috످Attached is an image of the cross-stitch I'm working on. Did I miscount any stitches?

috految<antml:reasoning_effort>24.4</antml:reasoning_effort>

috److I don't see an image in our chat. Could you try attaching a well-lit, close-up photo of your cross-stitch, along with the pattern so I can compare the two?

I may not be able to count individual stitches accurately from a photo, but I can look for gaps, misaligned rows, or color mix-ups.

In the meantime, you can check for miscounts by comparing your work to the pattern one 10×10 section at a time, starting from a spot you know is correct. If you're only off by a stitch or two, you can often adjust the surrounding stitches without having to frog (undo) anything!

috످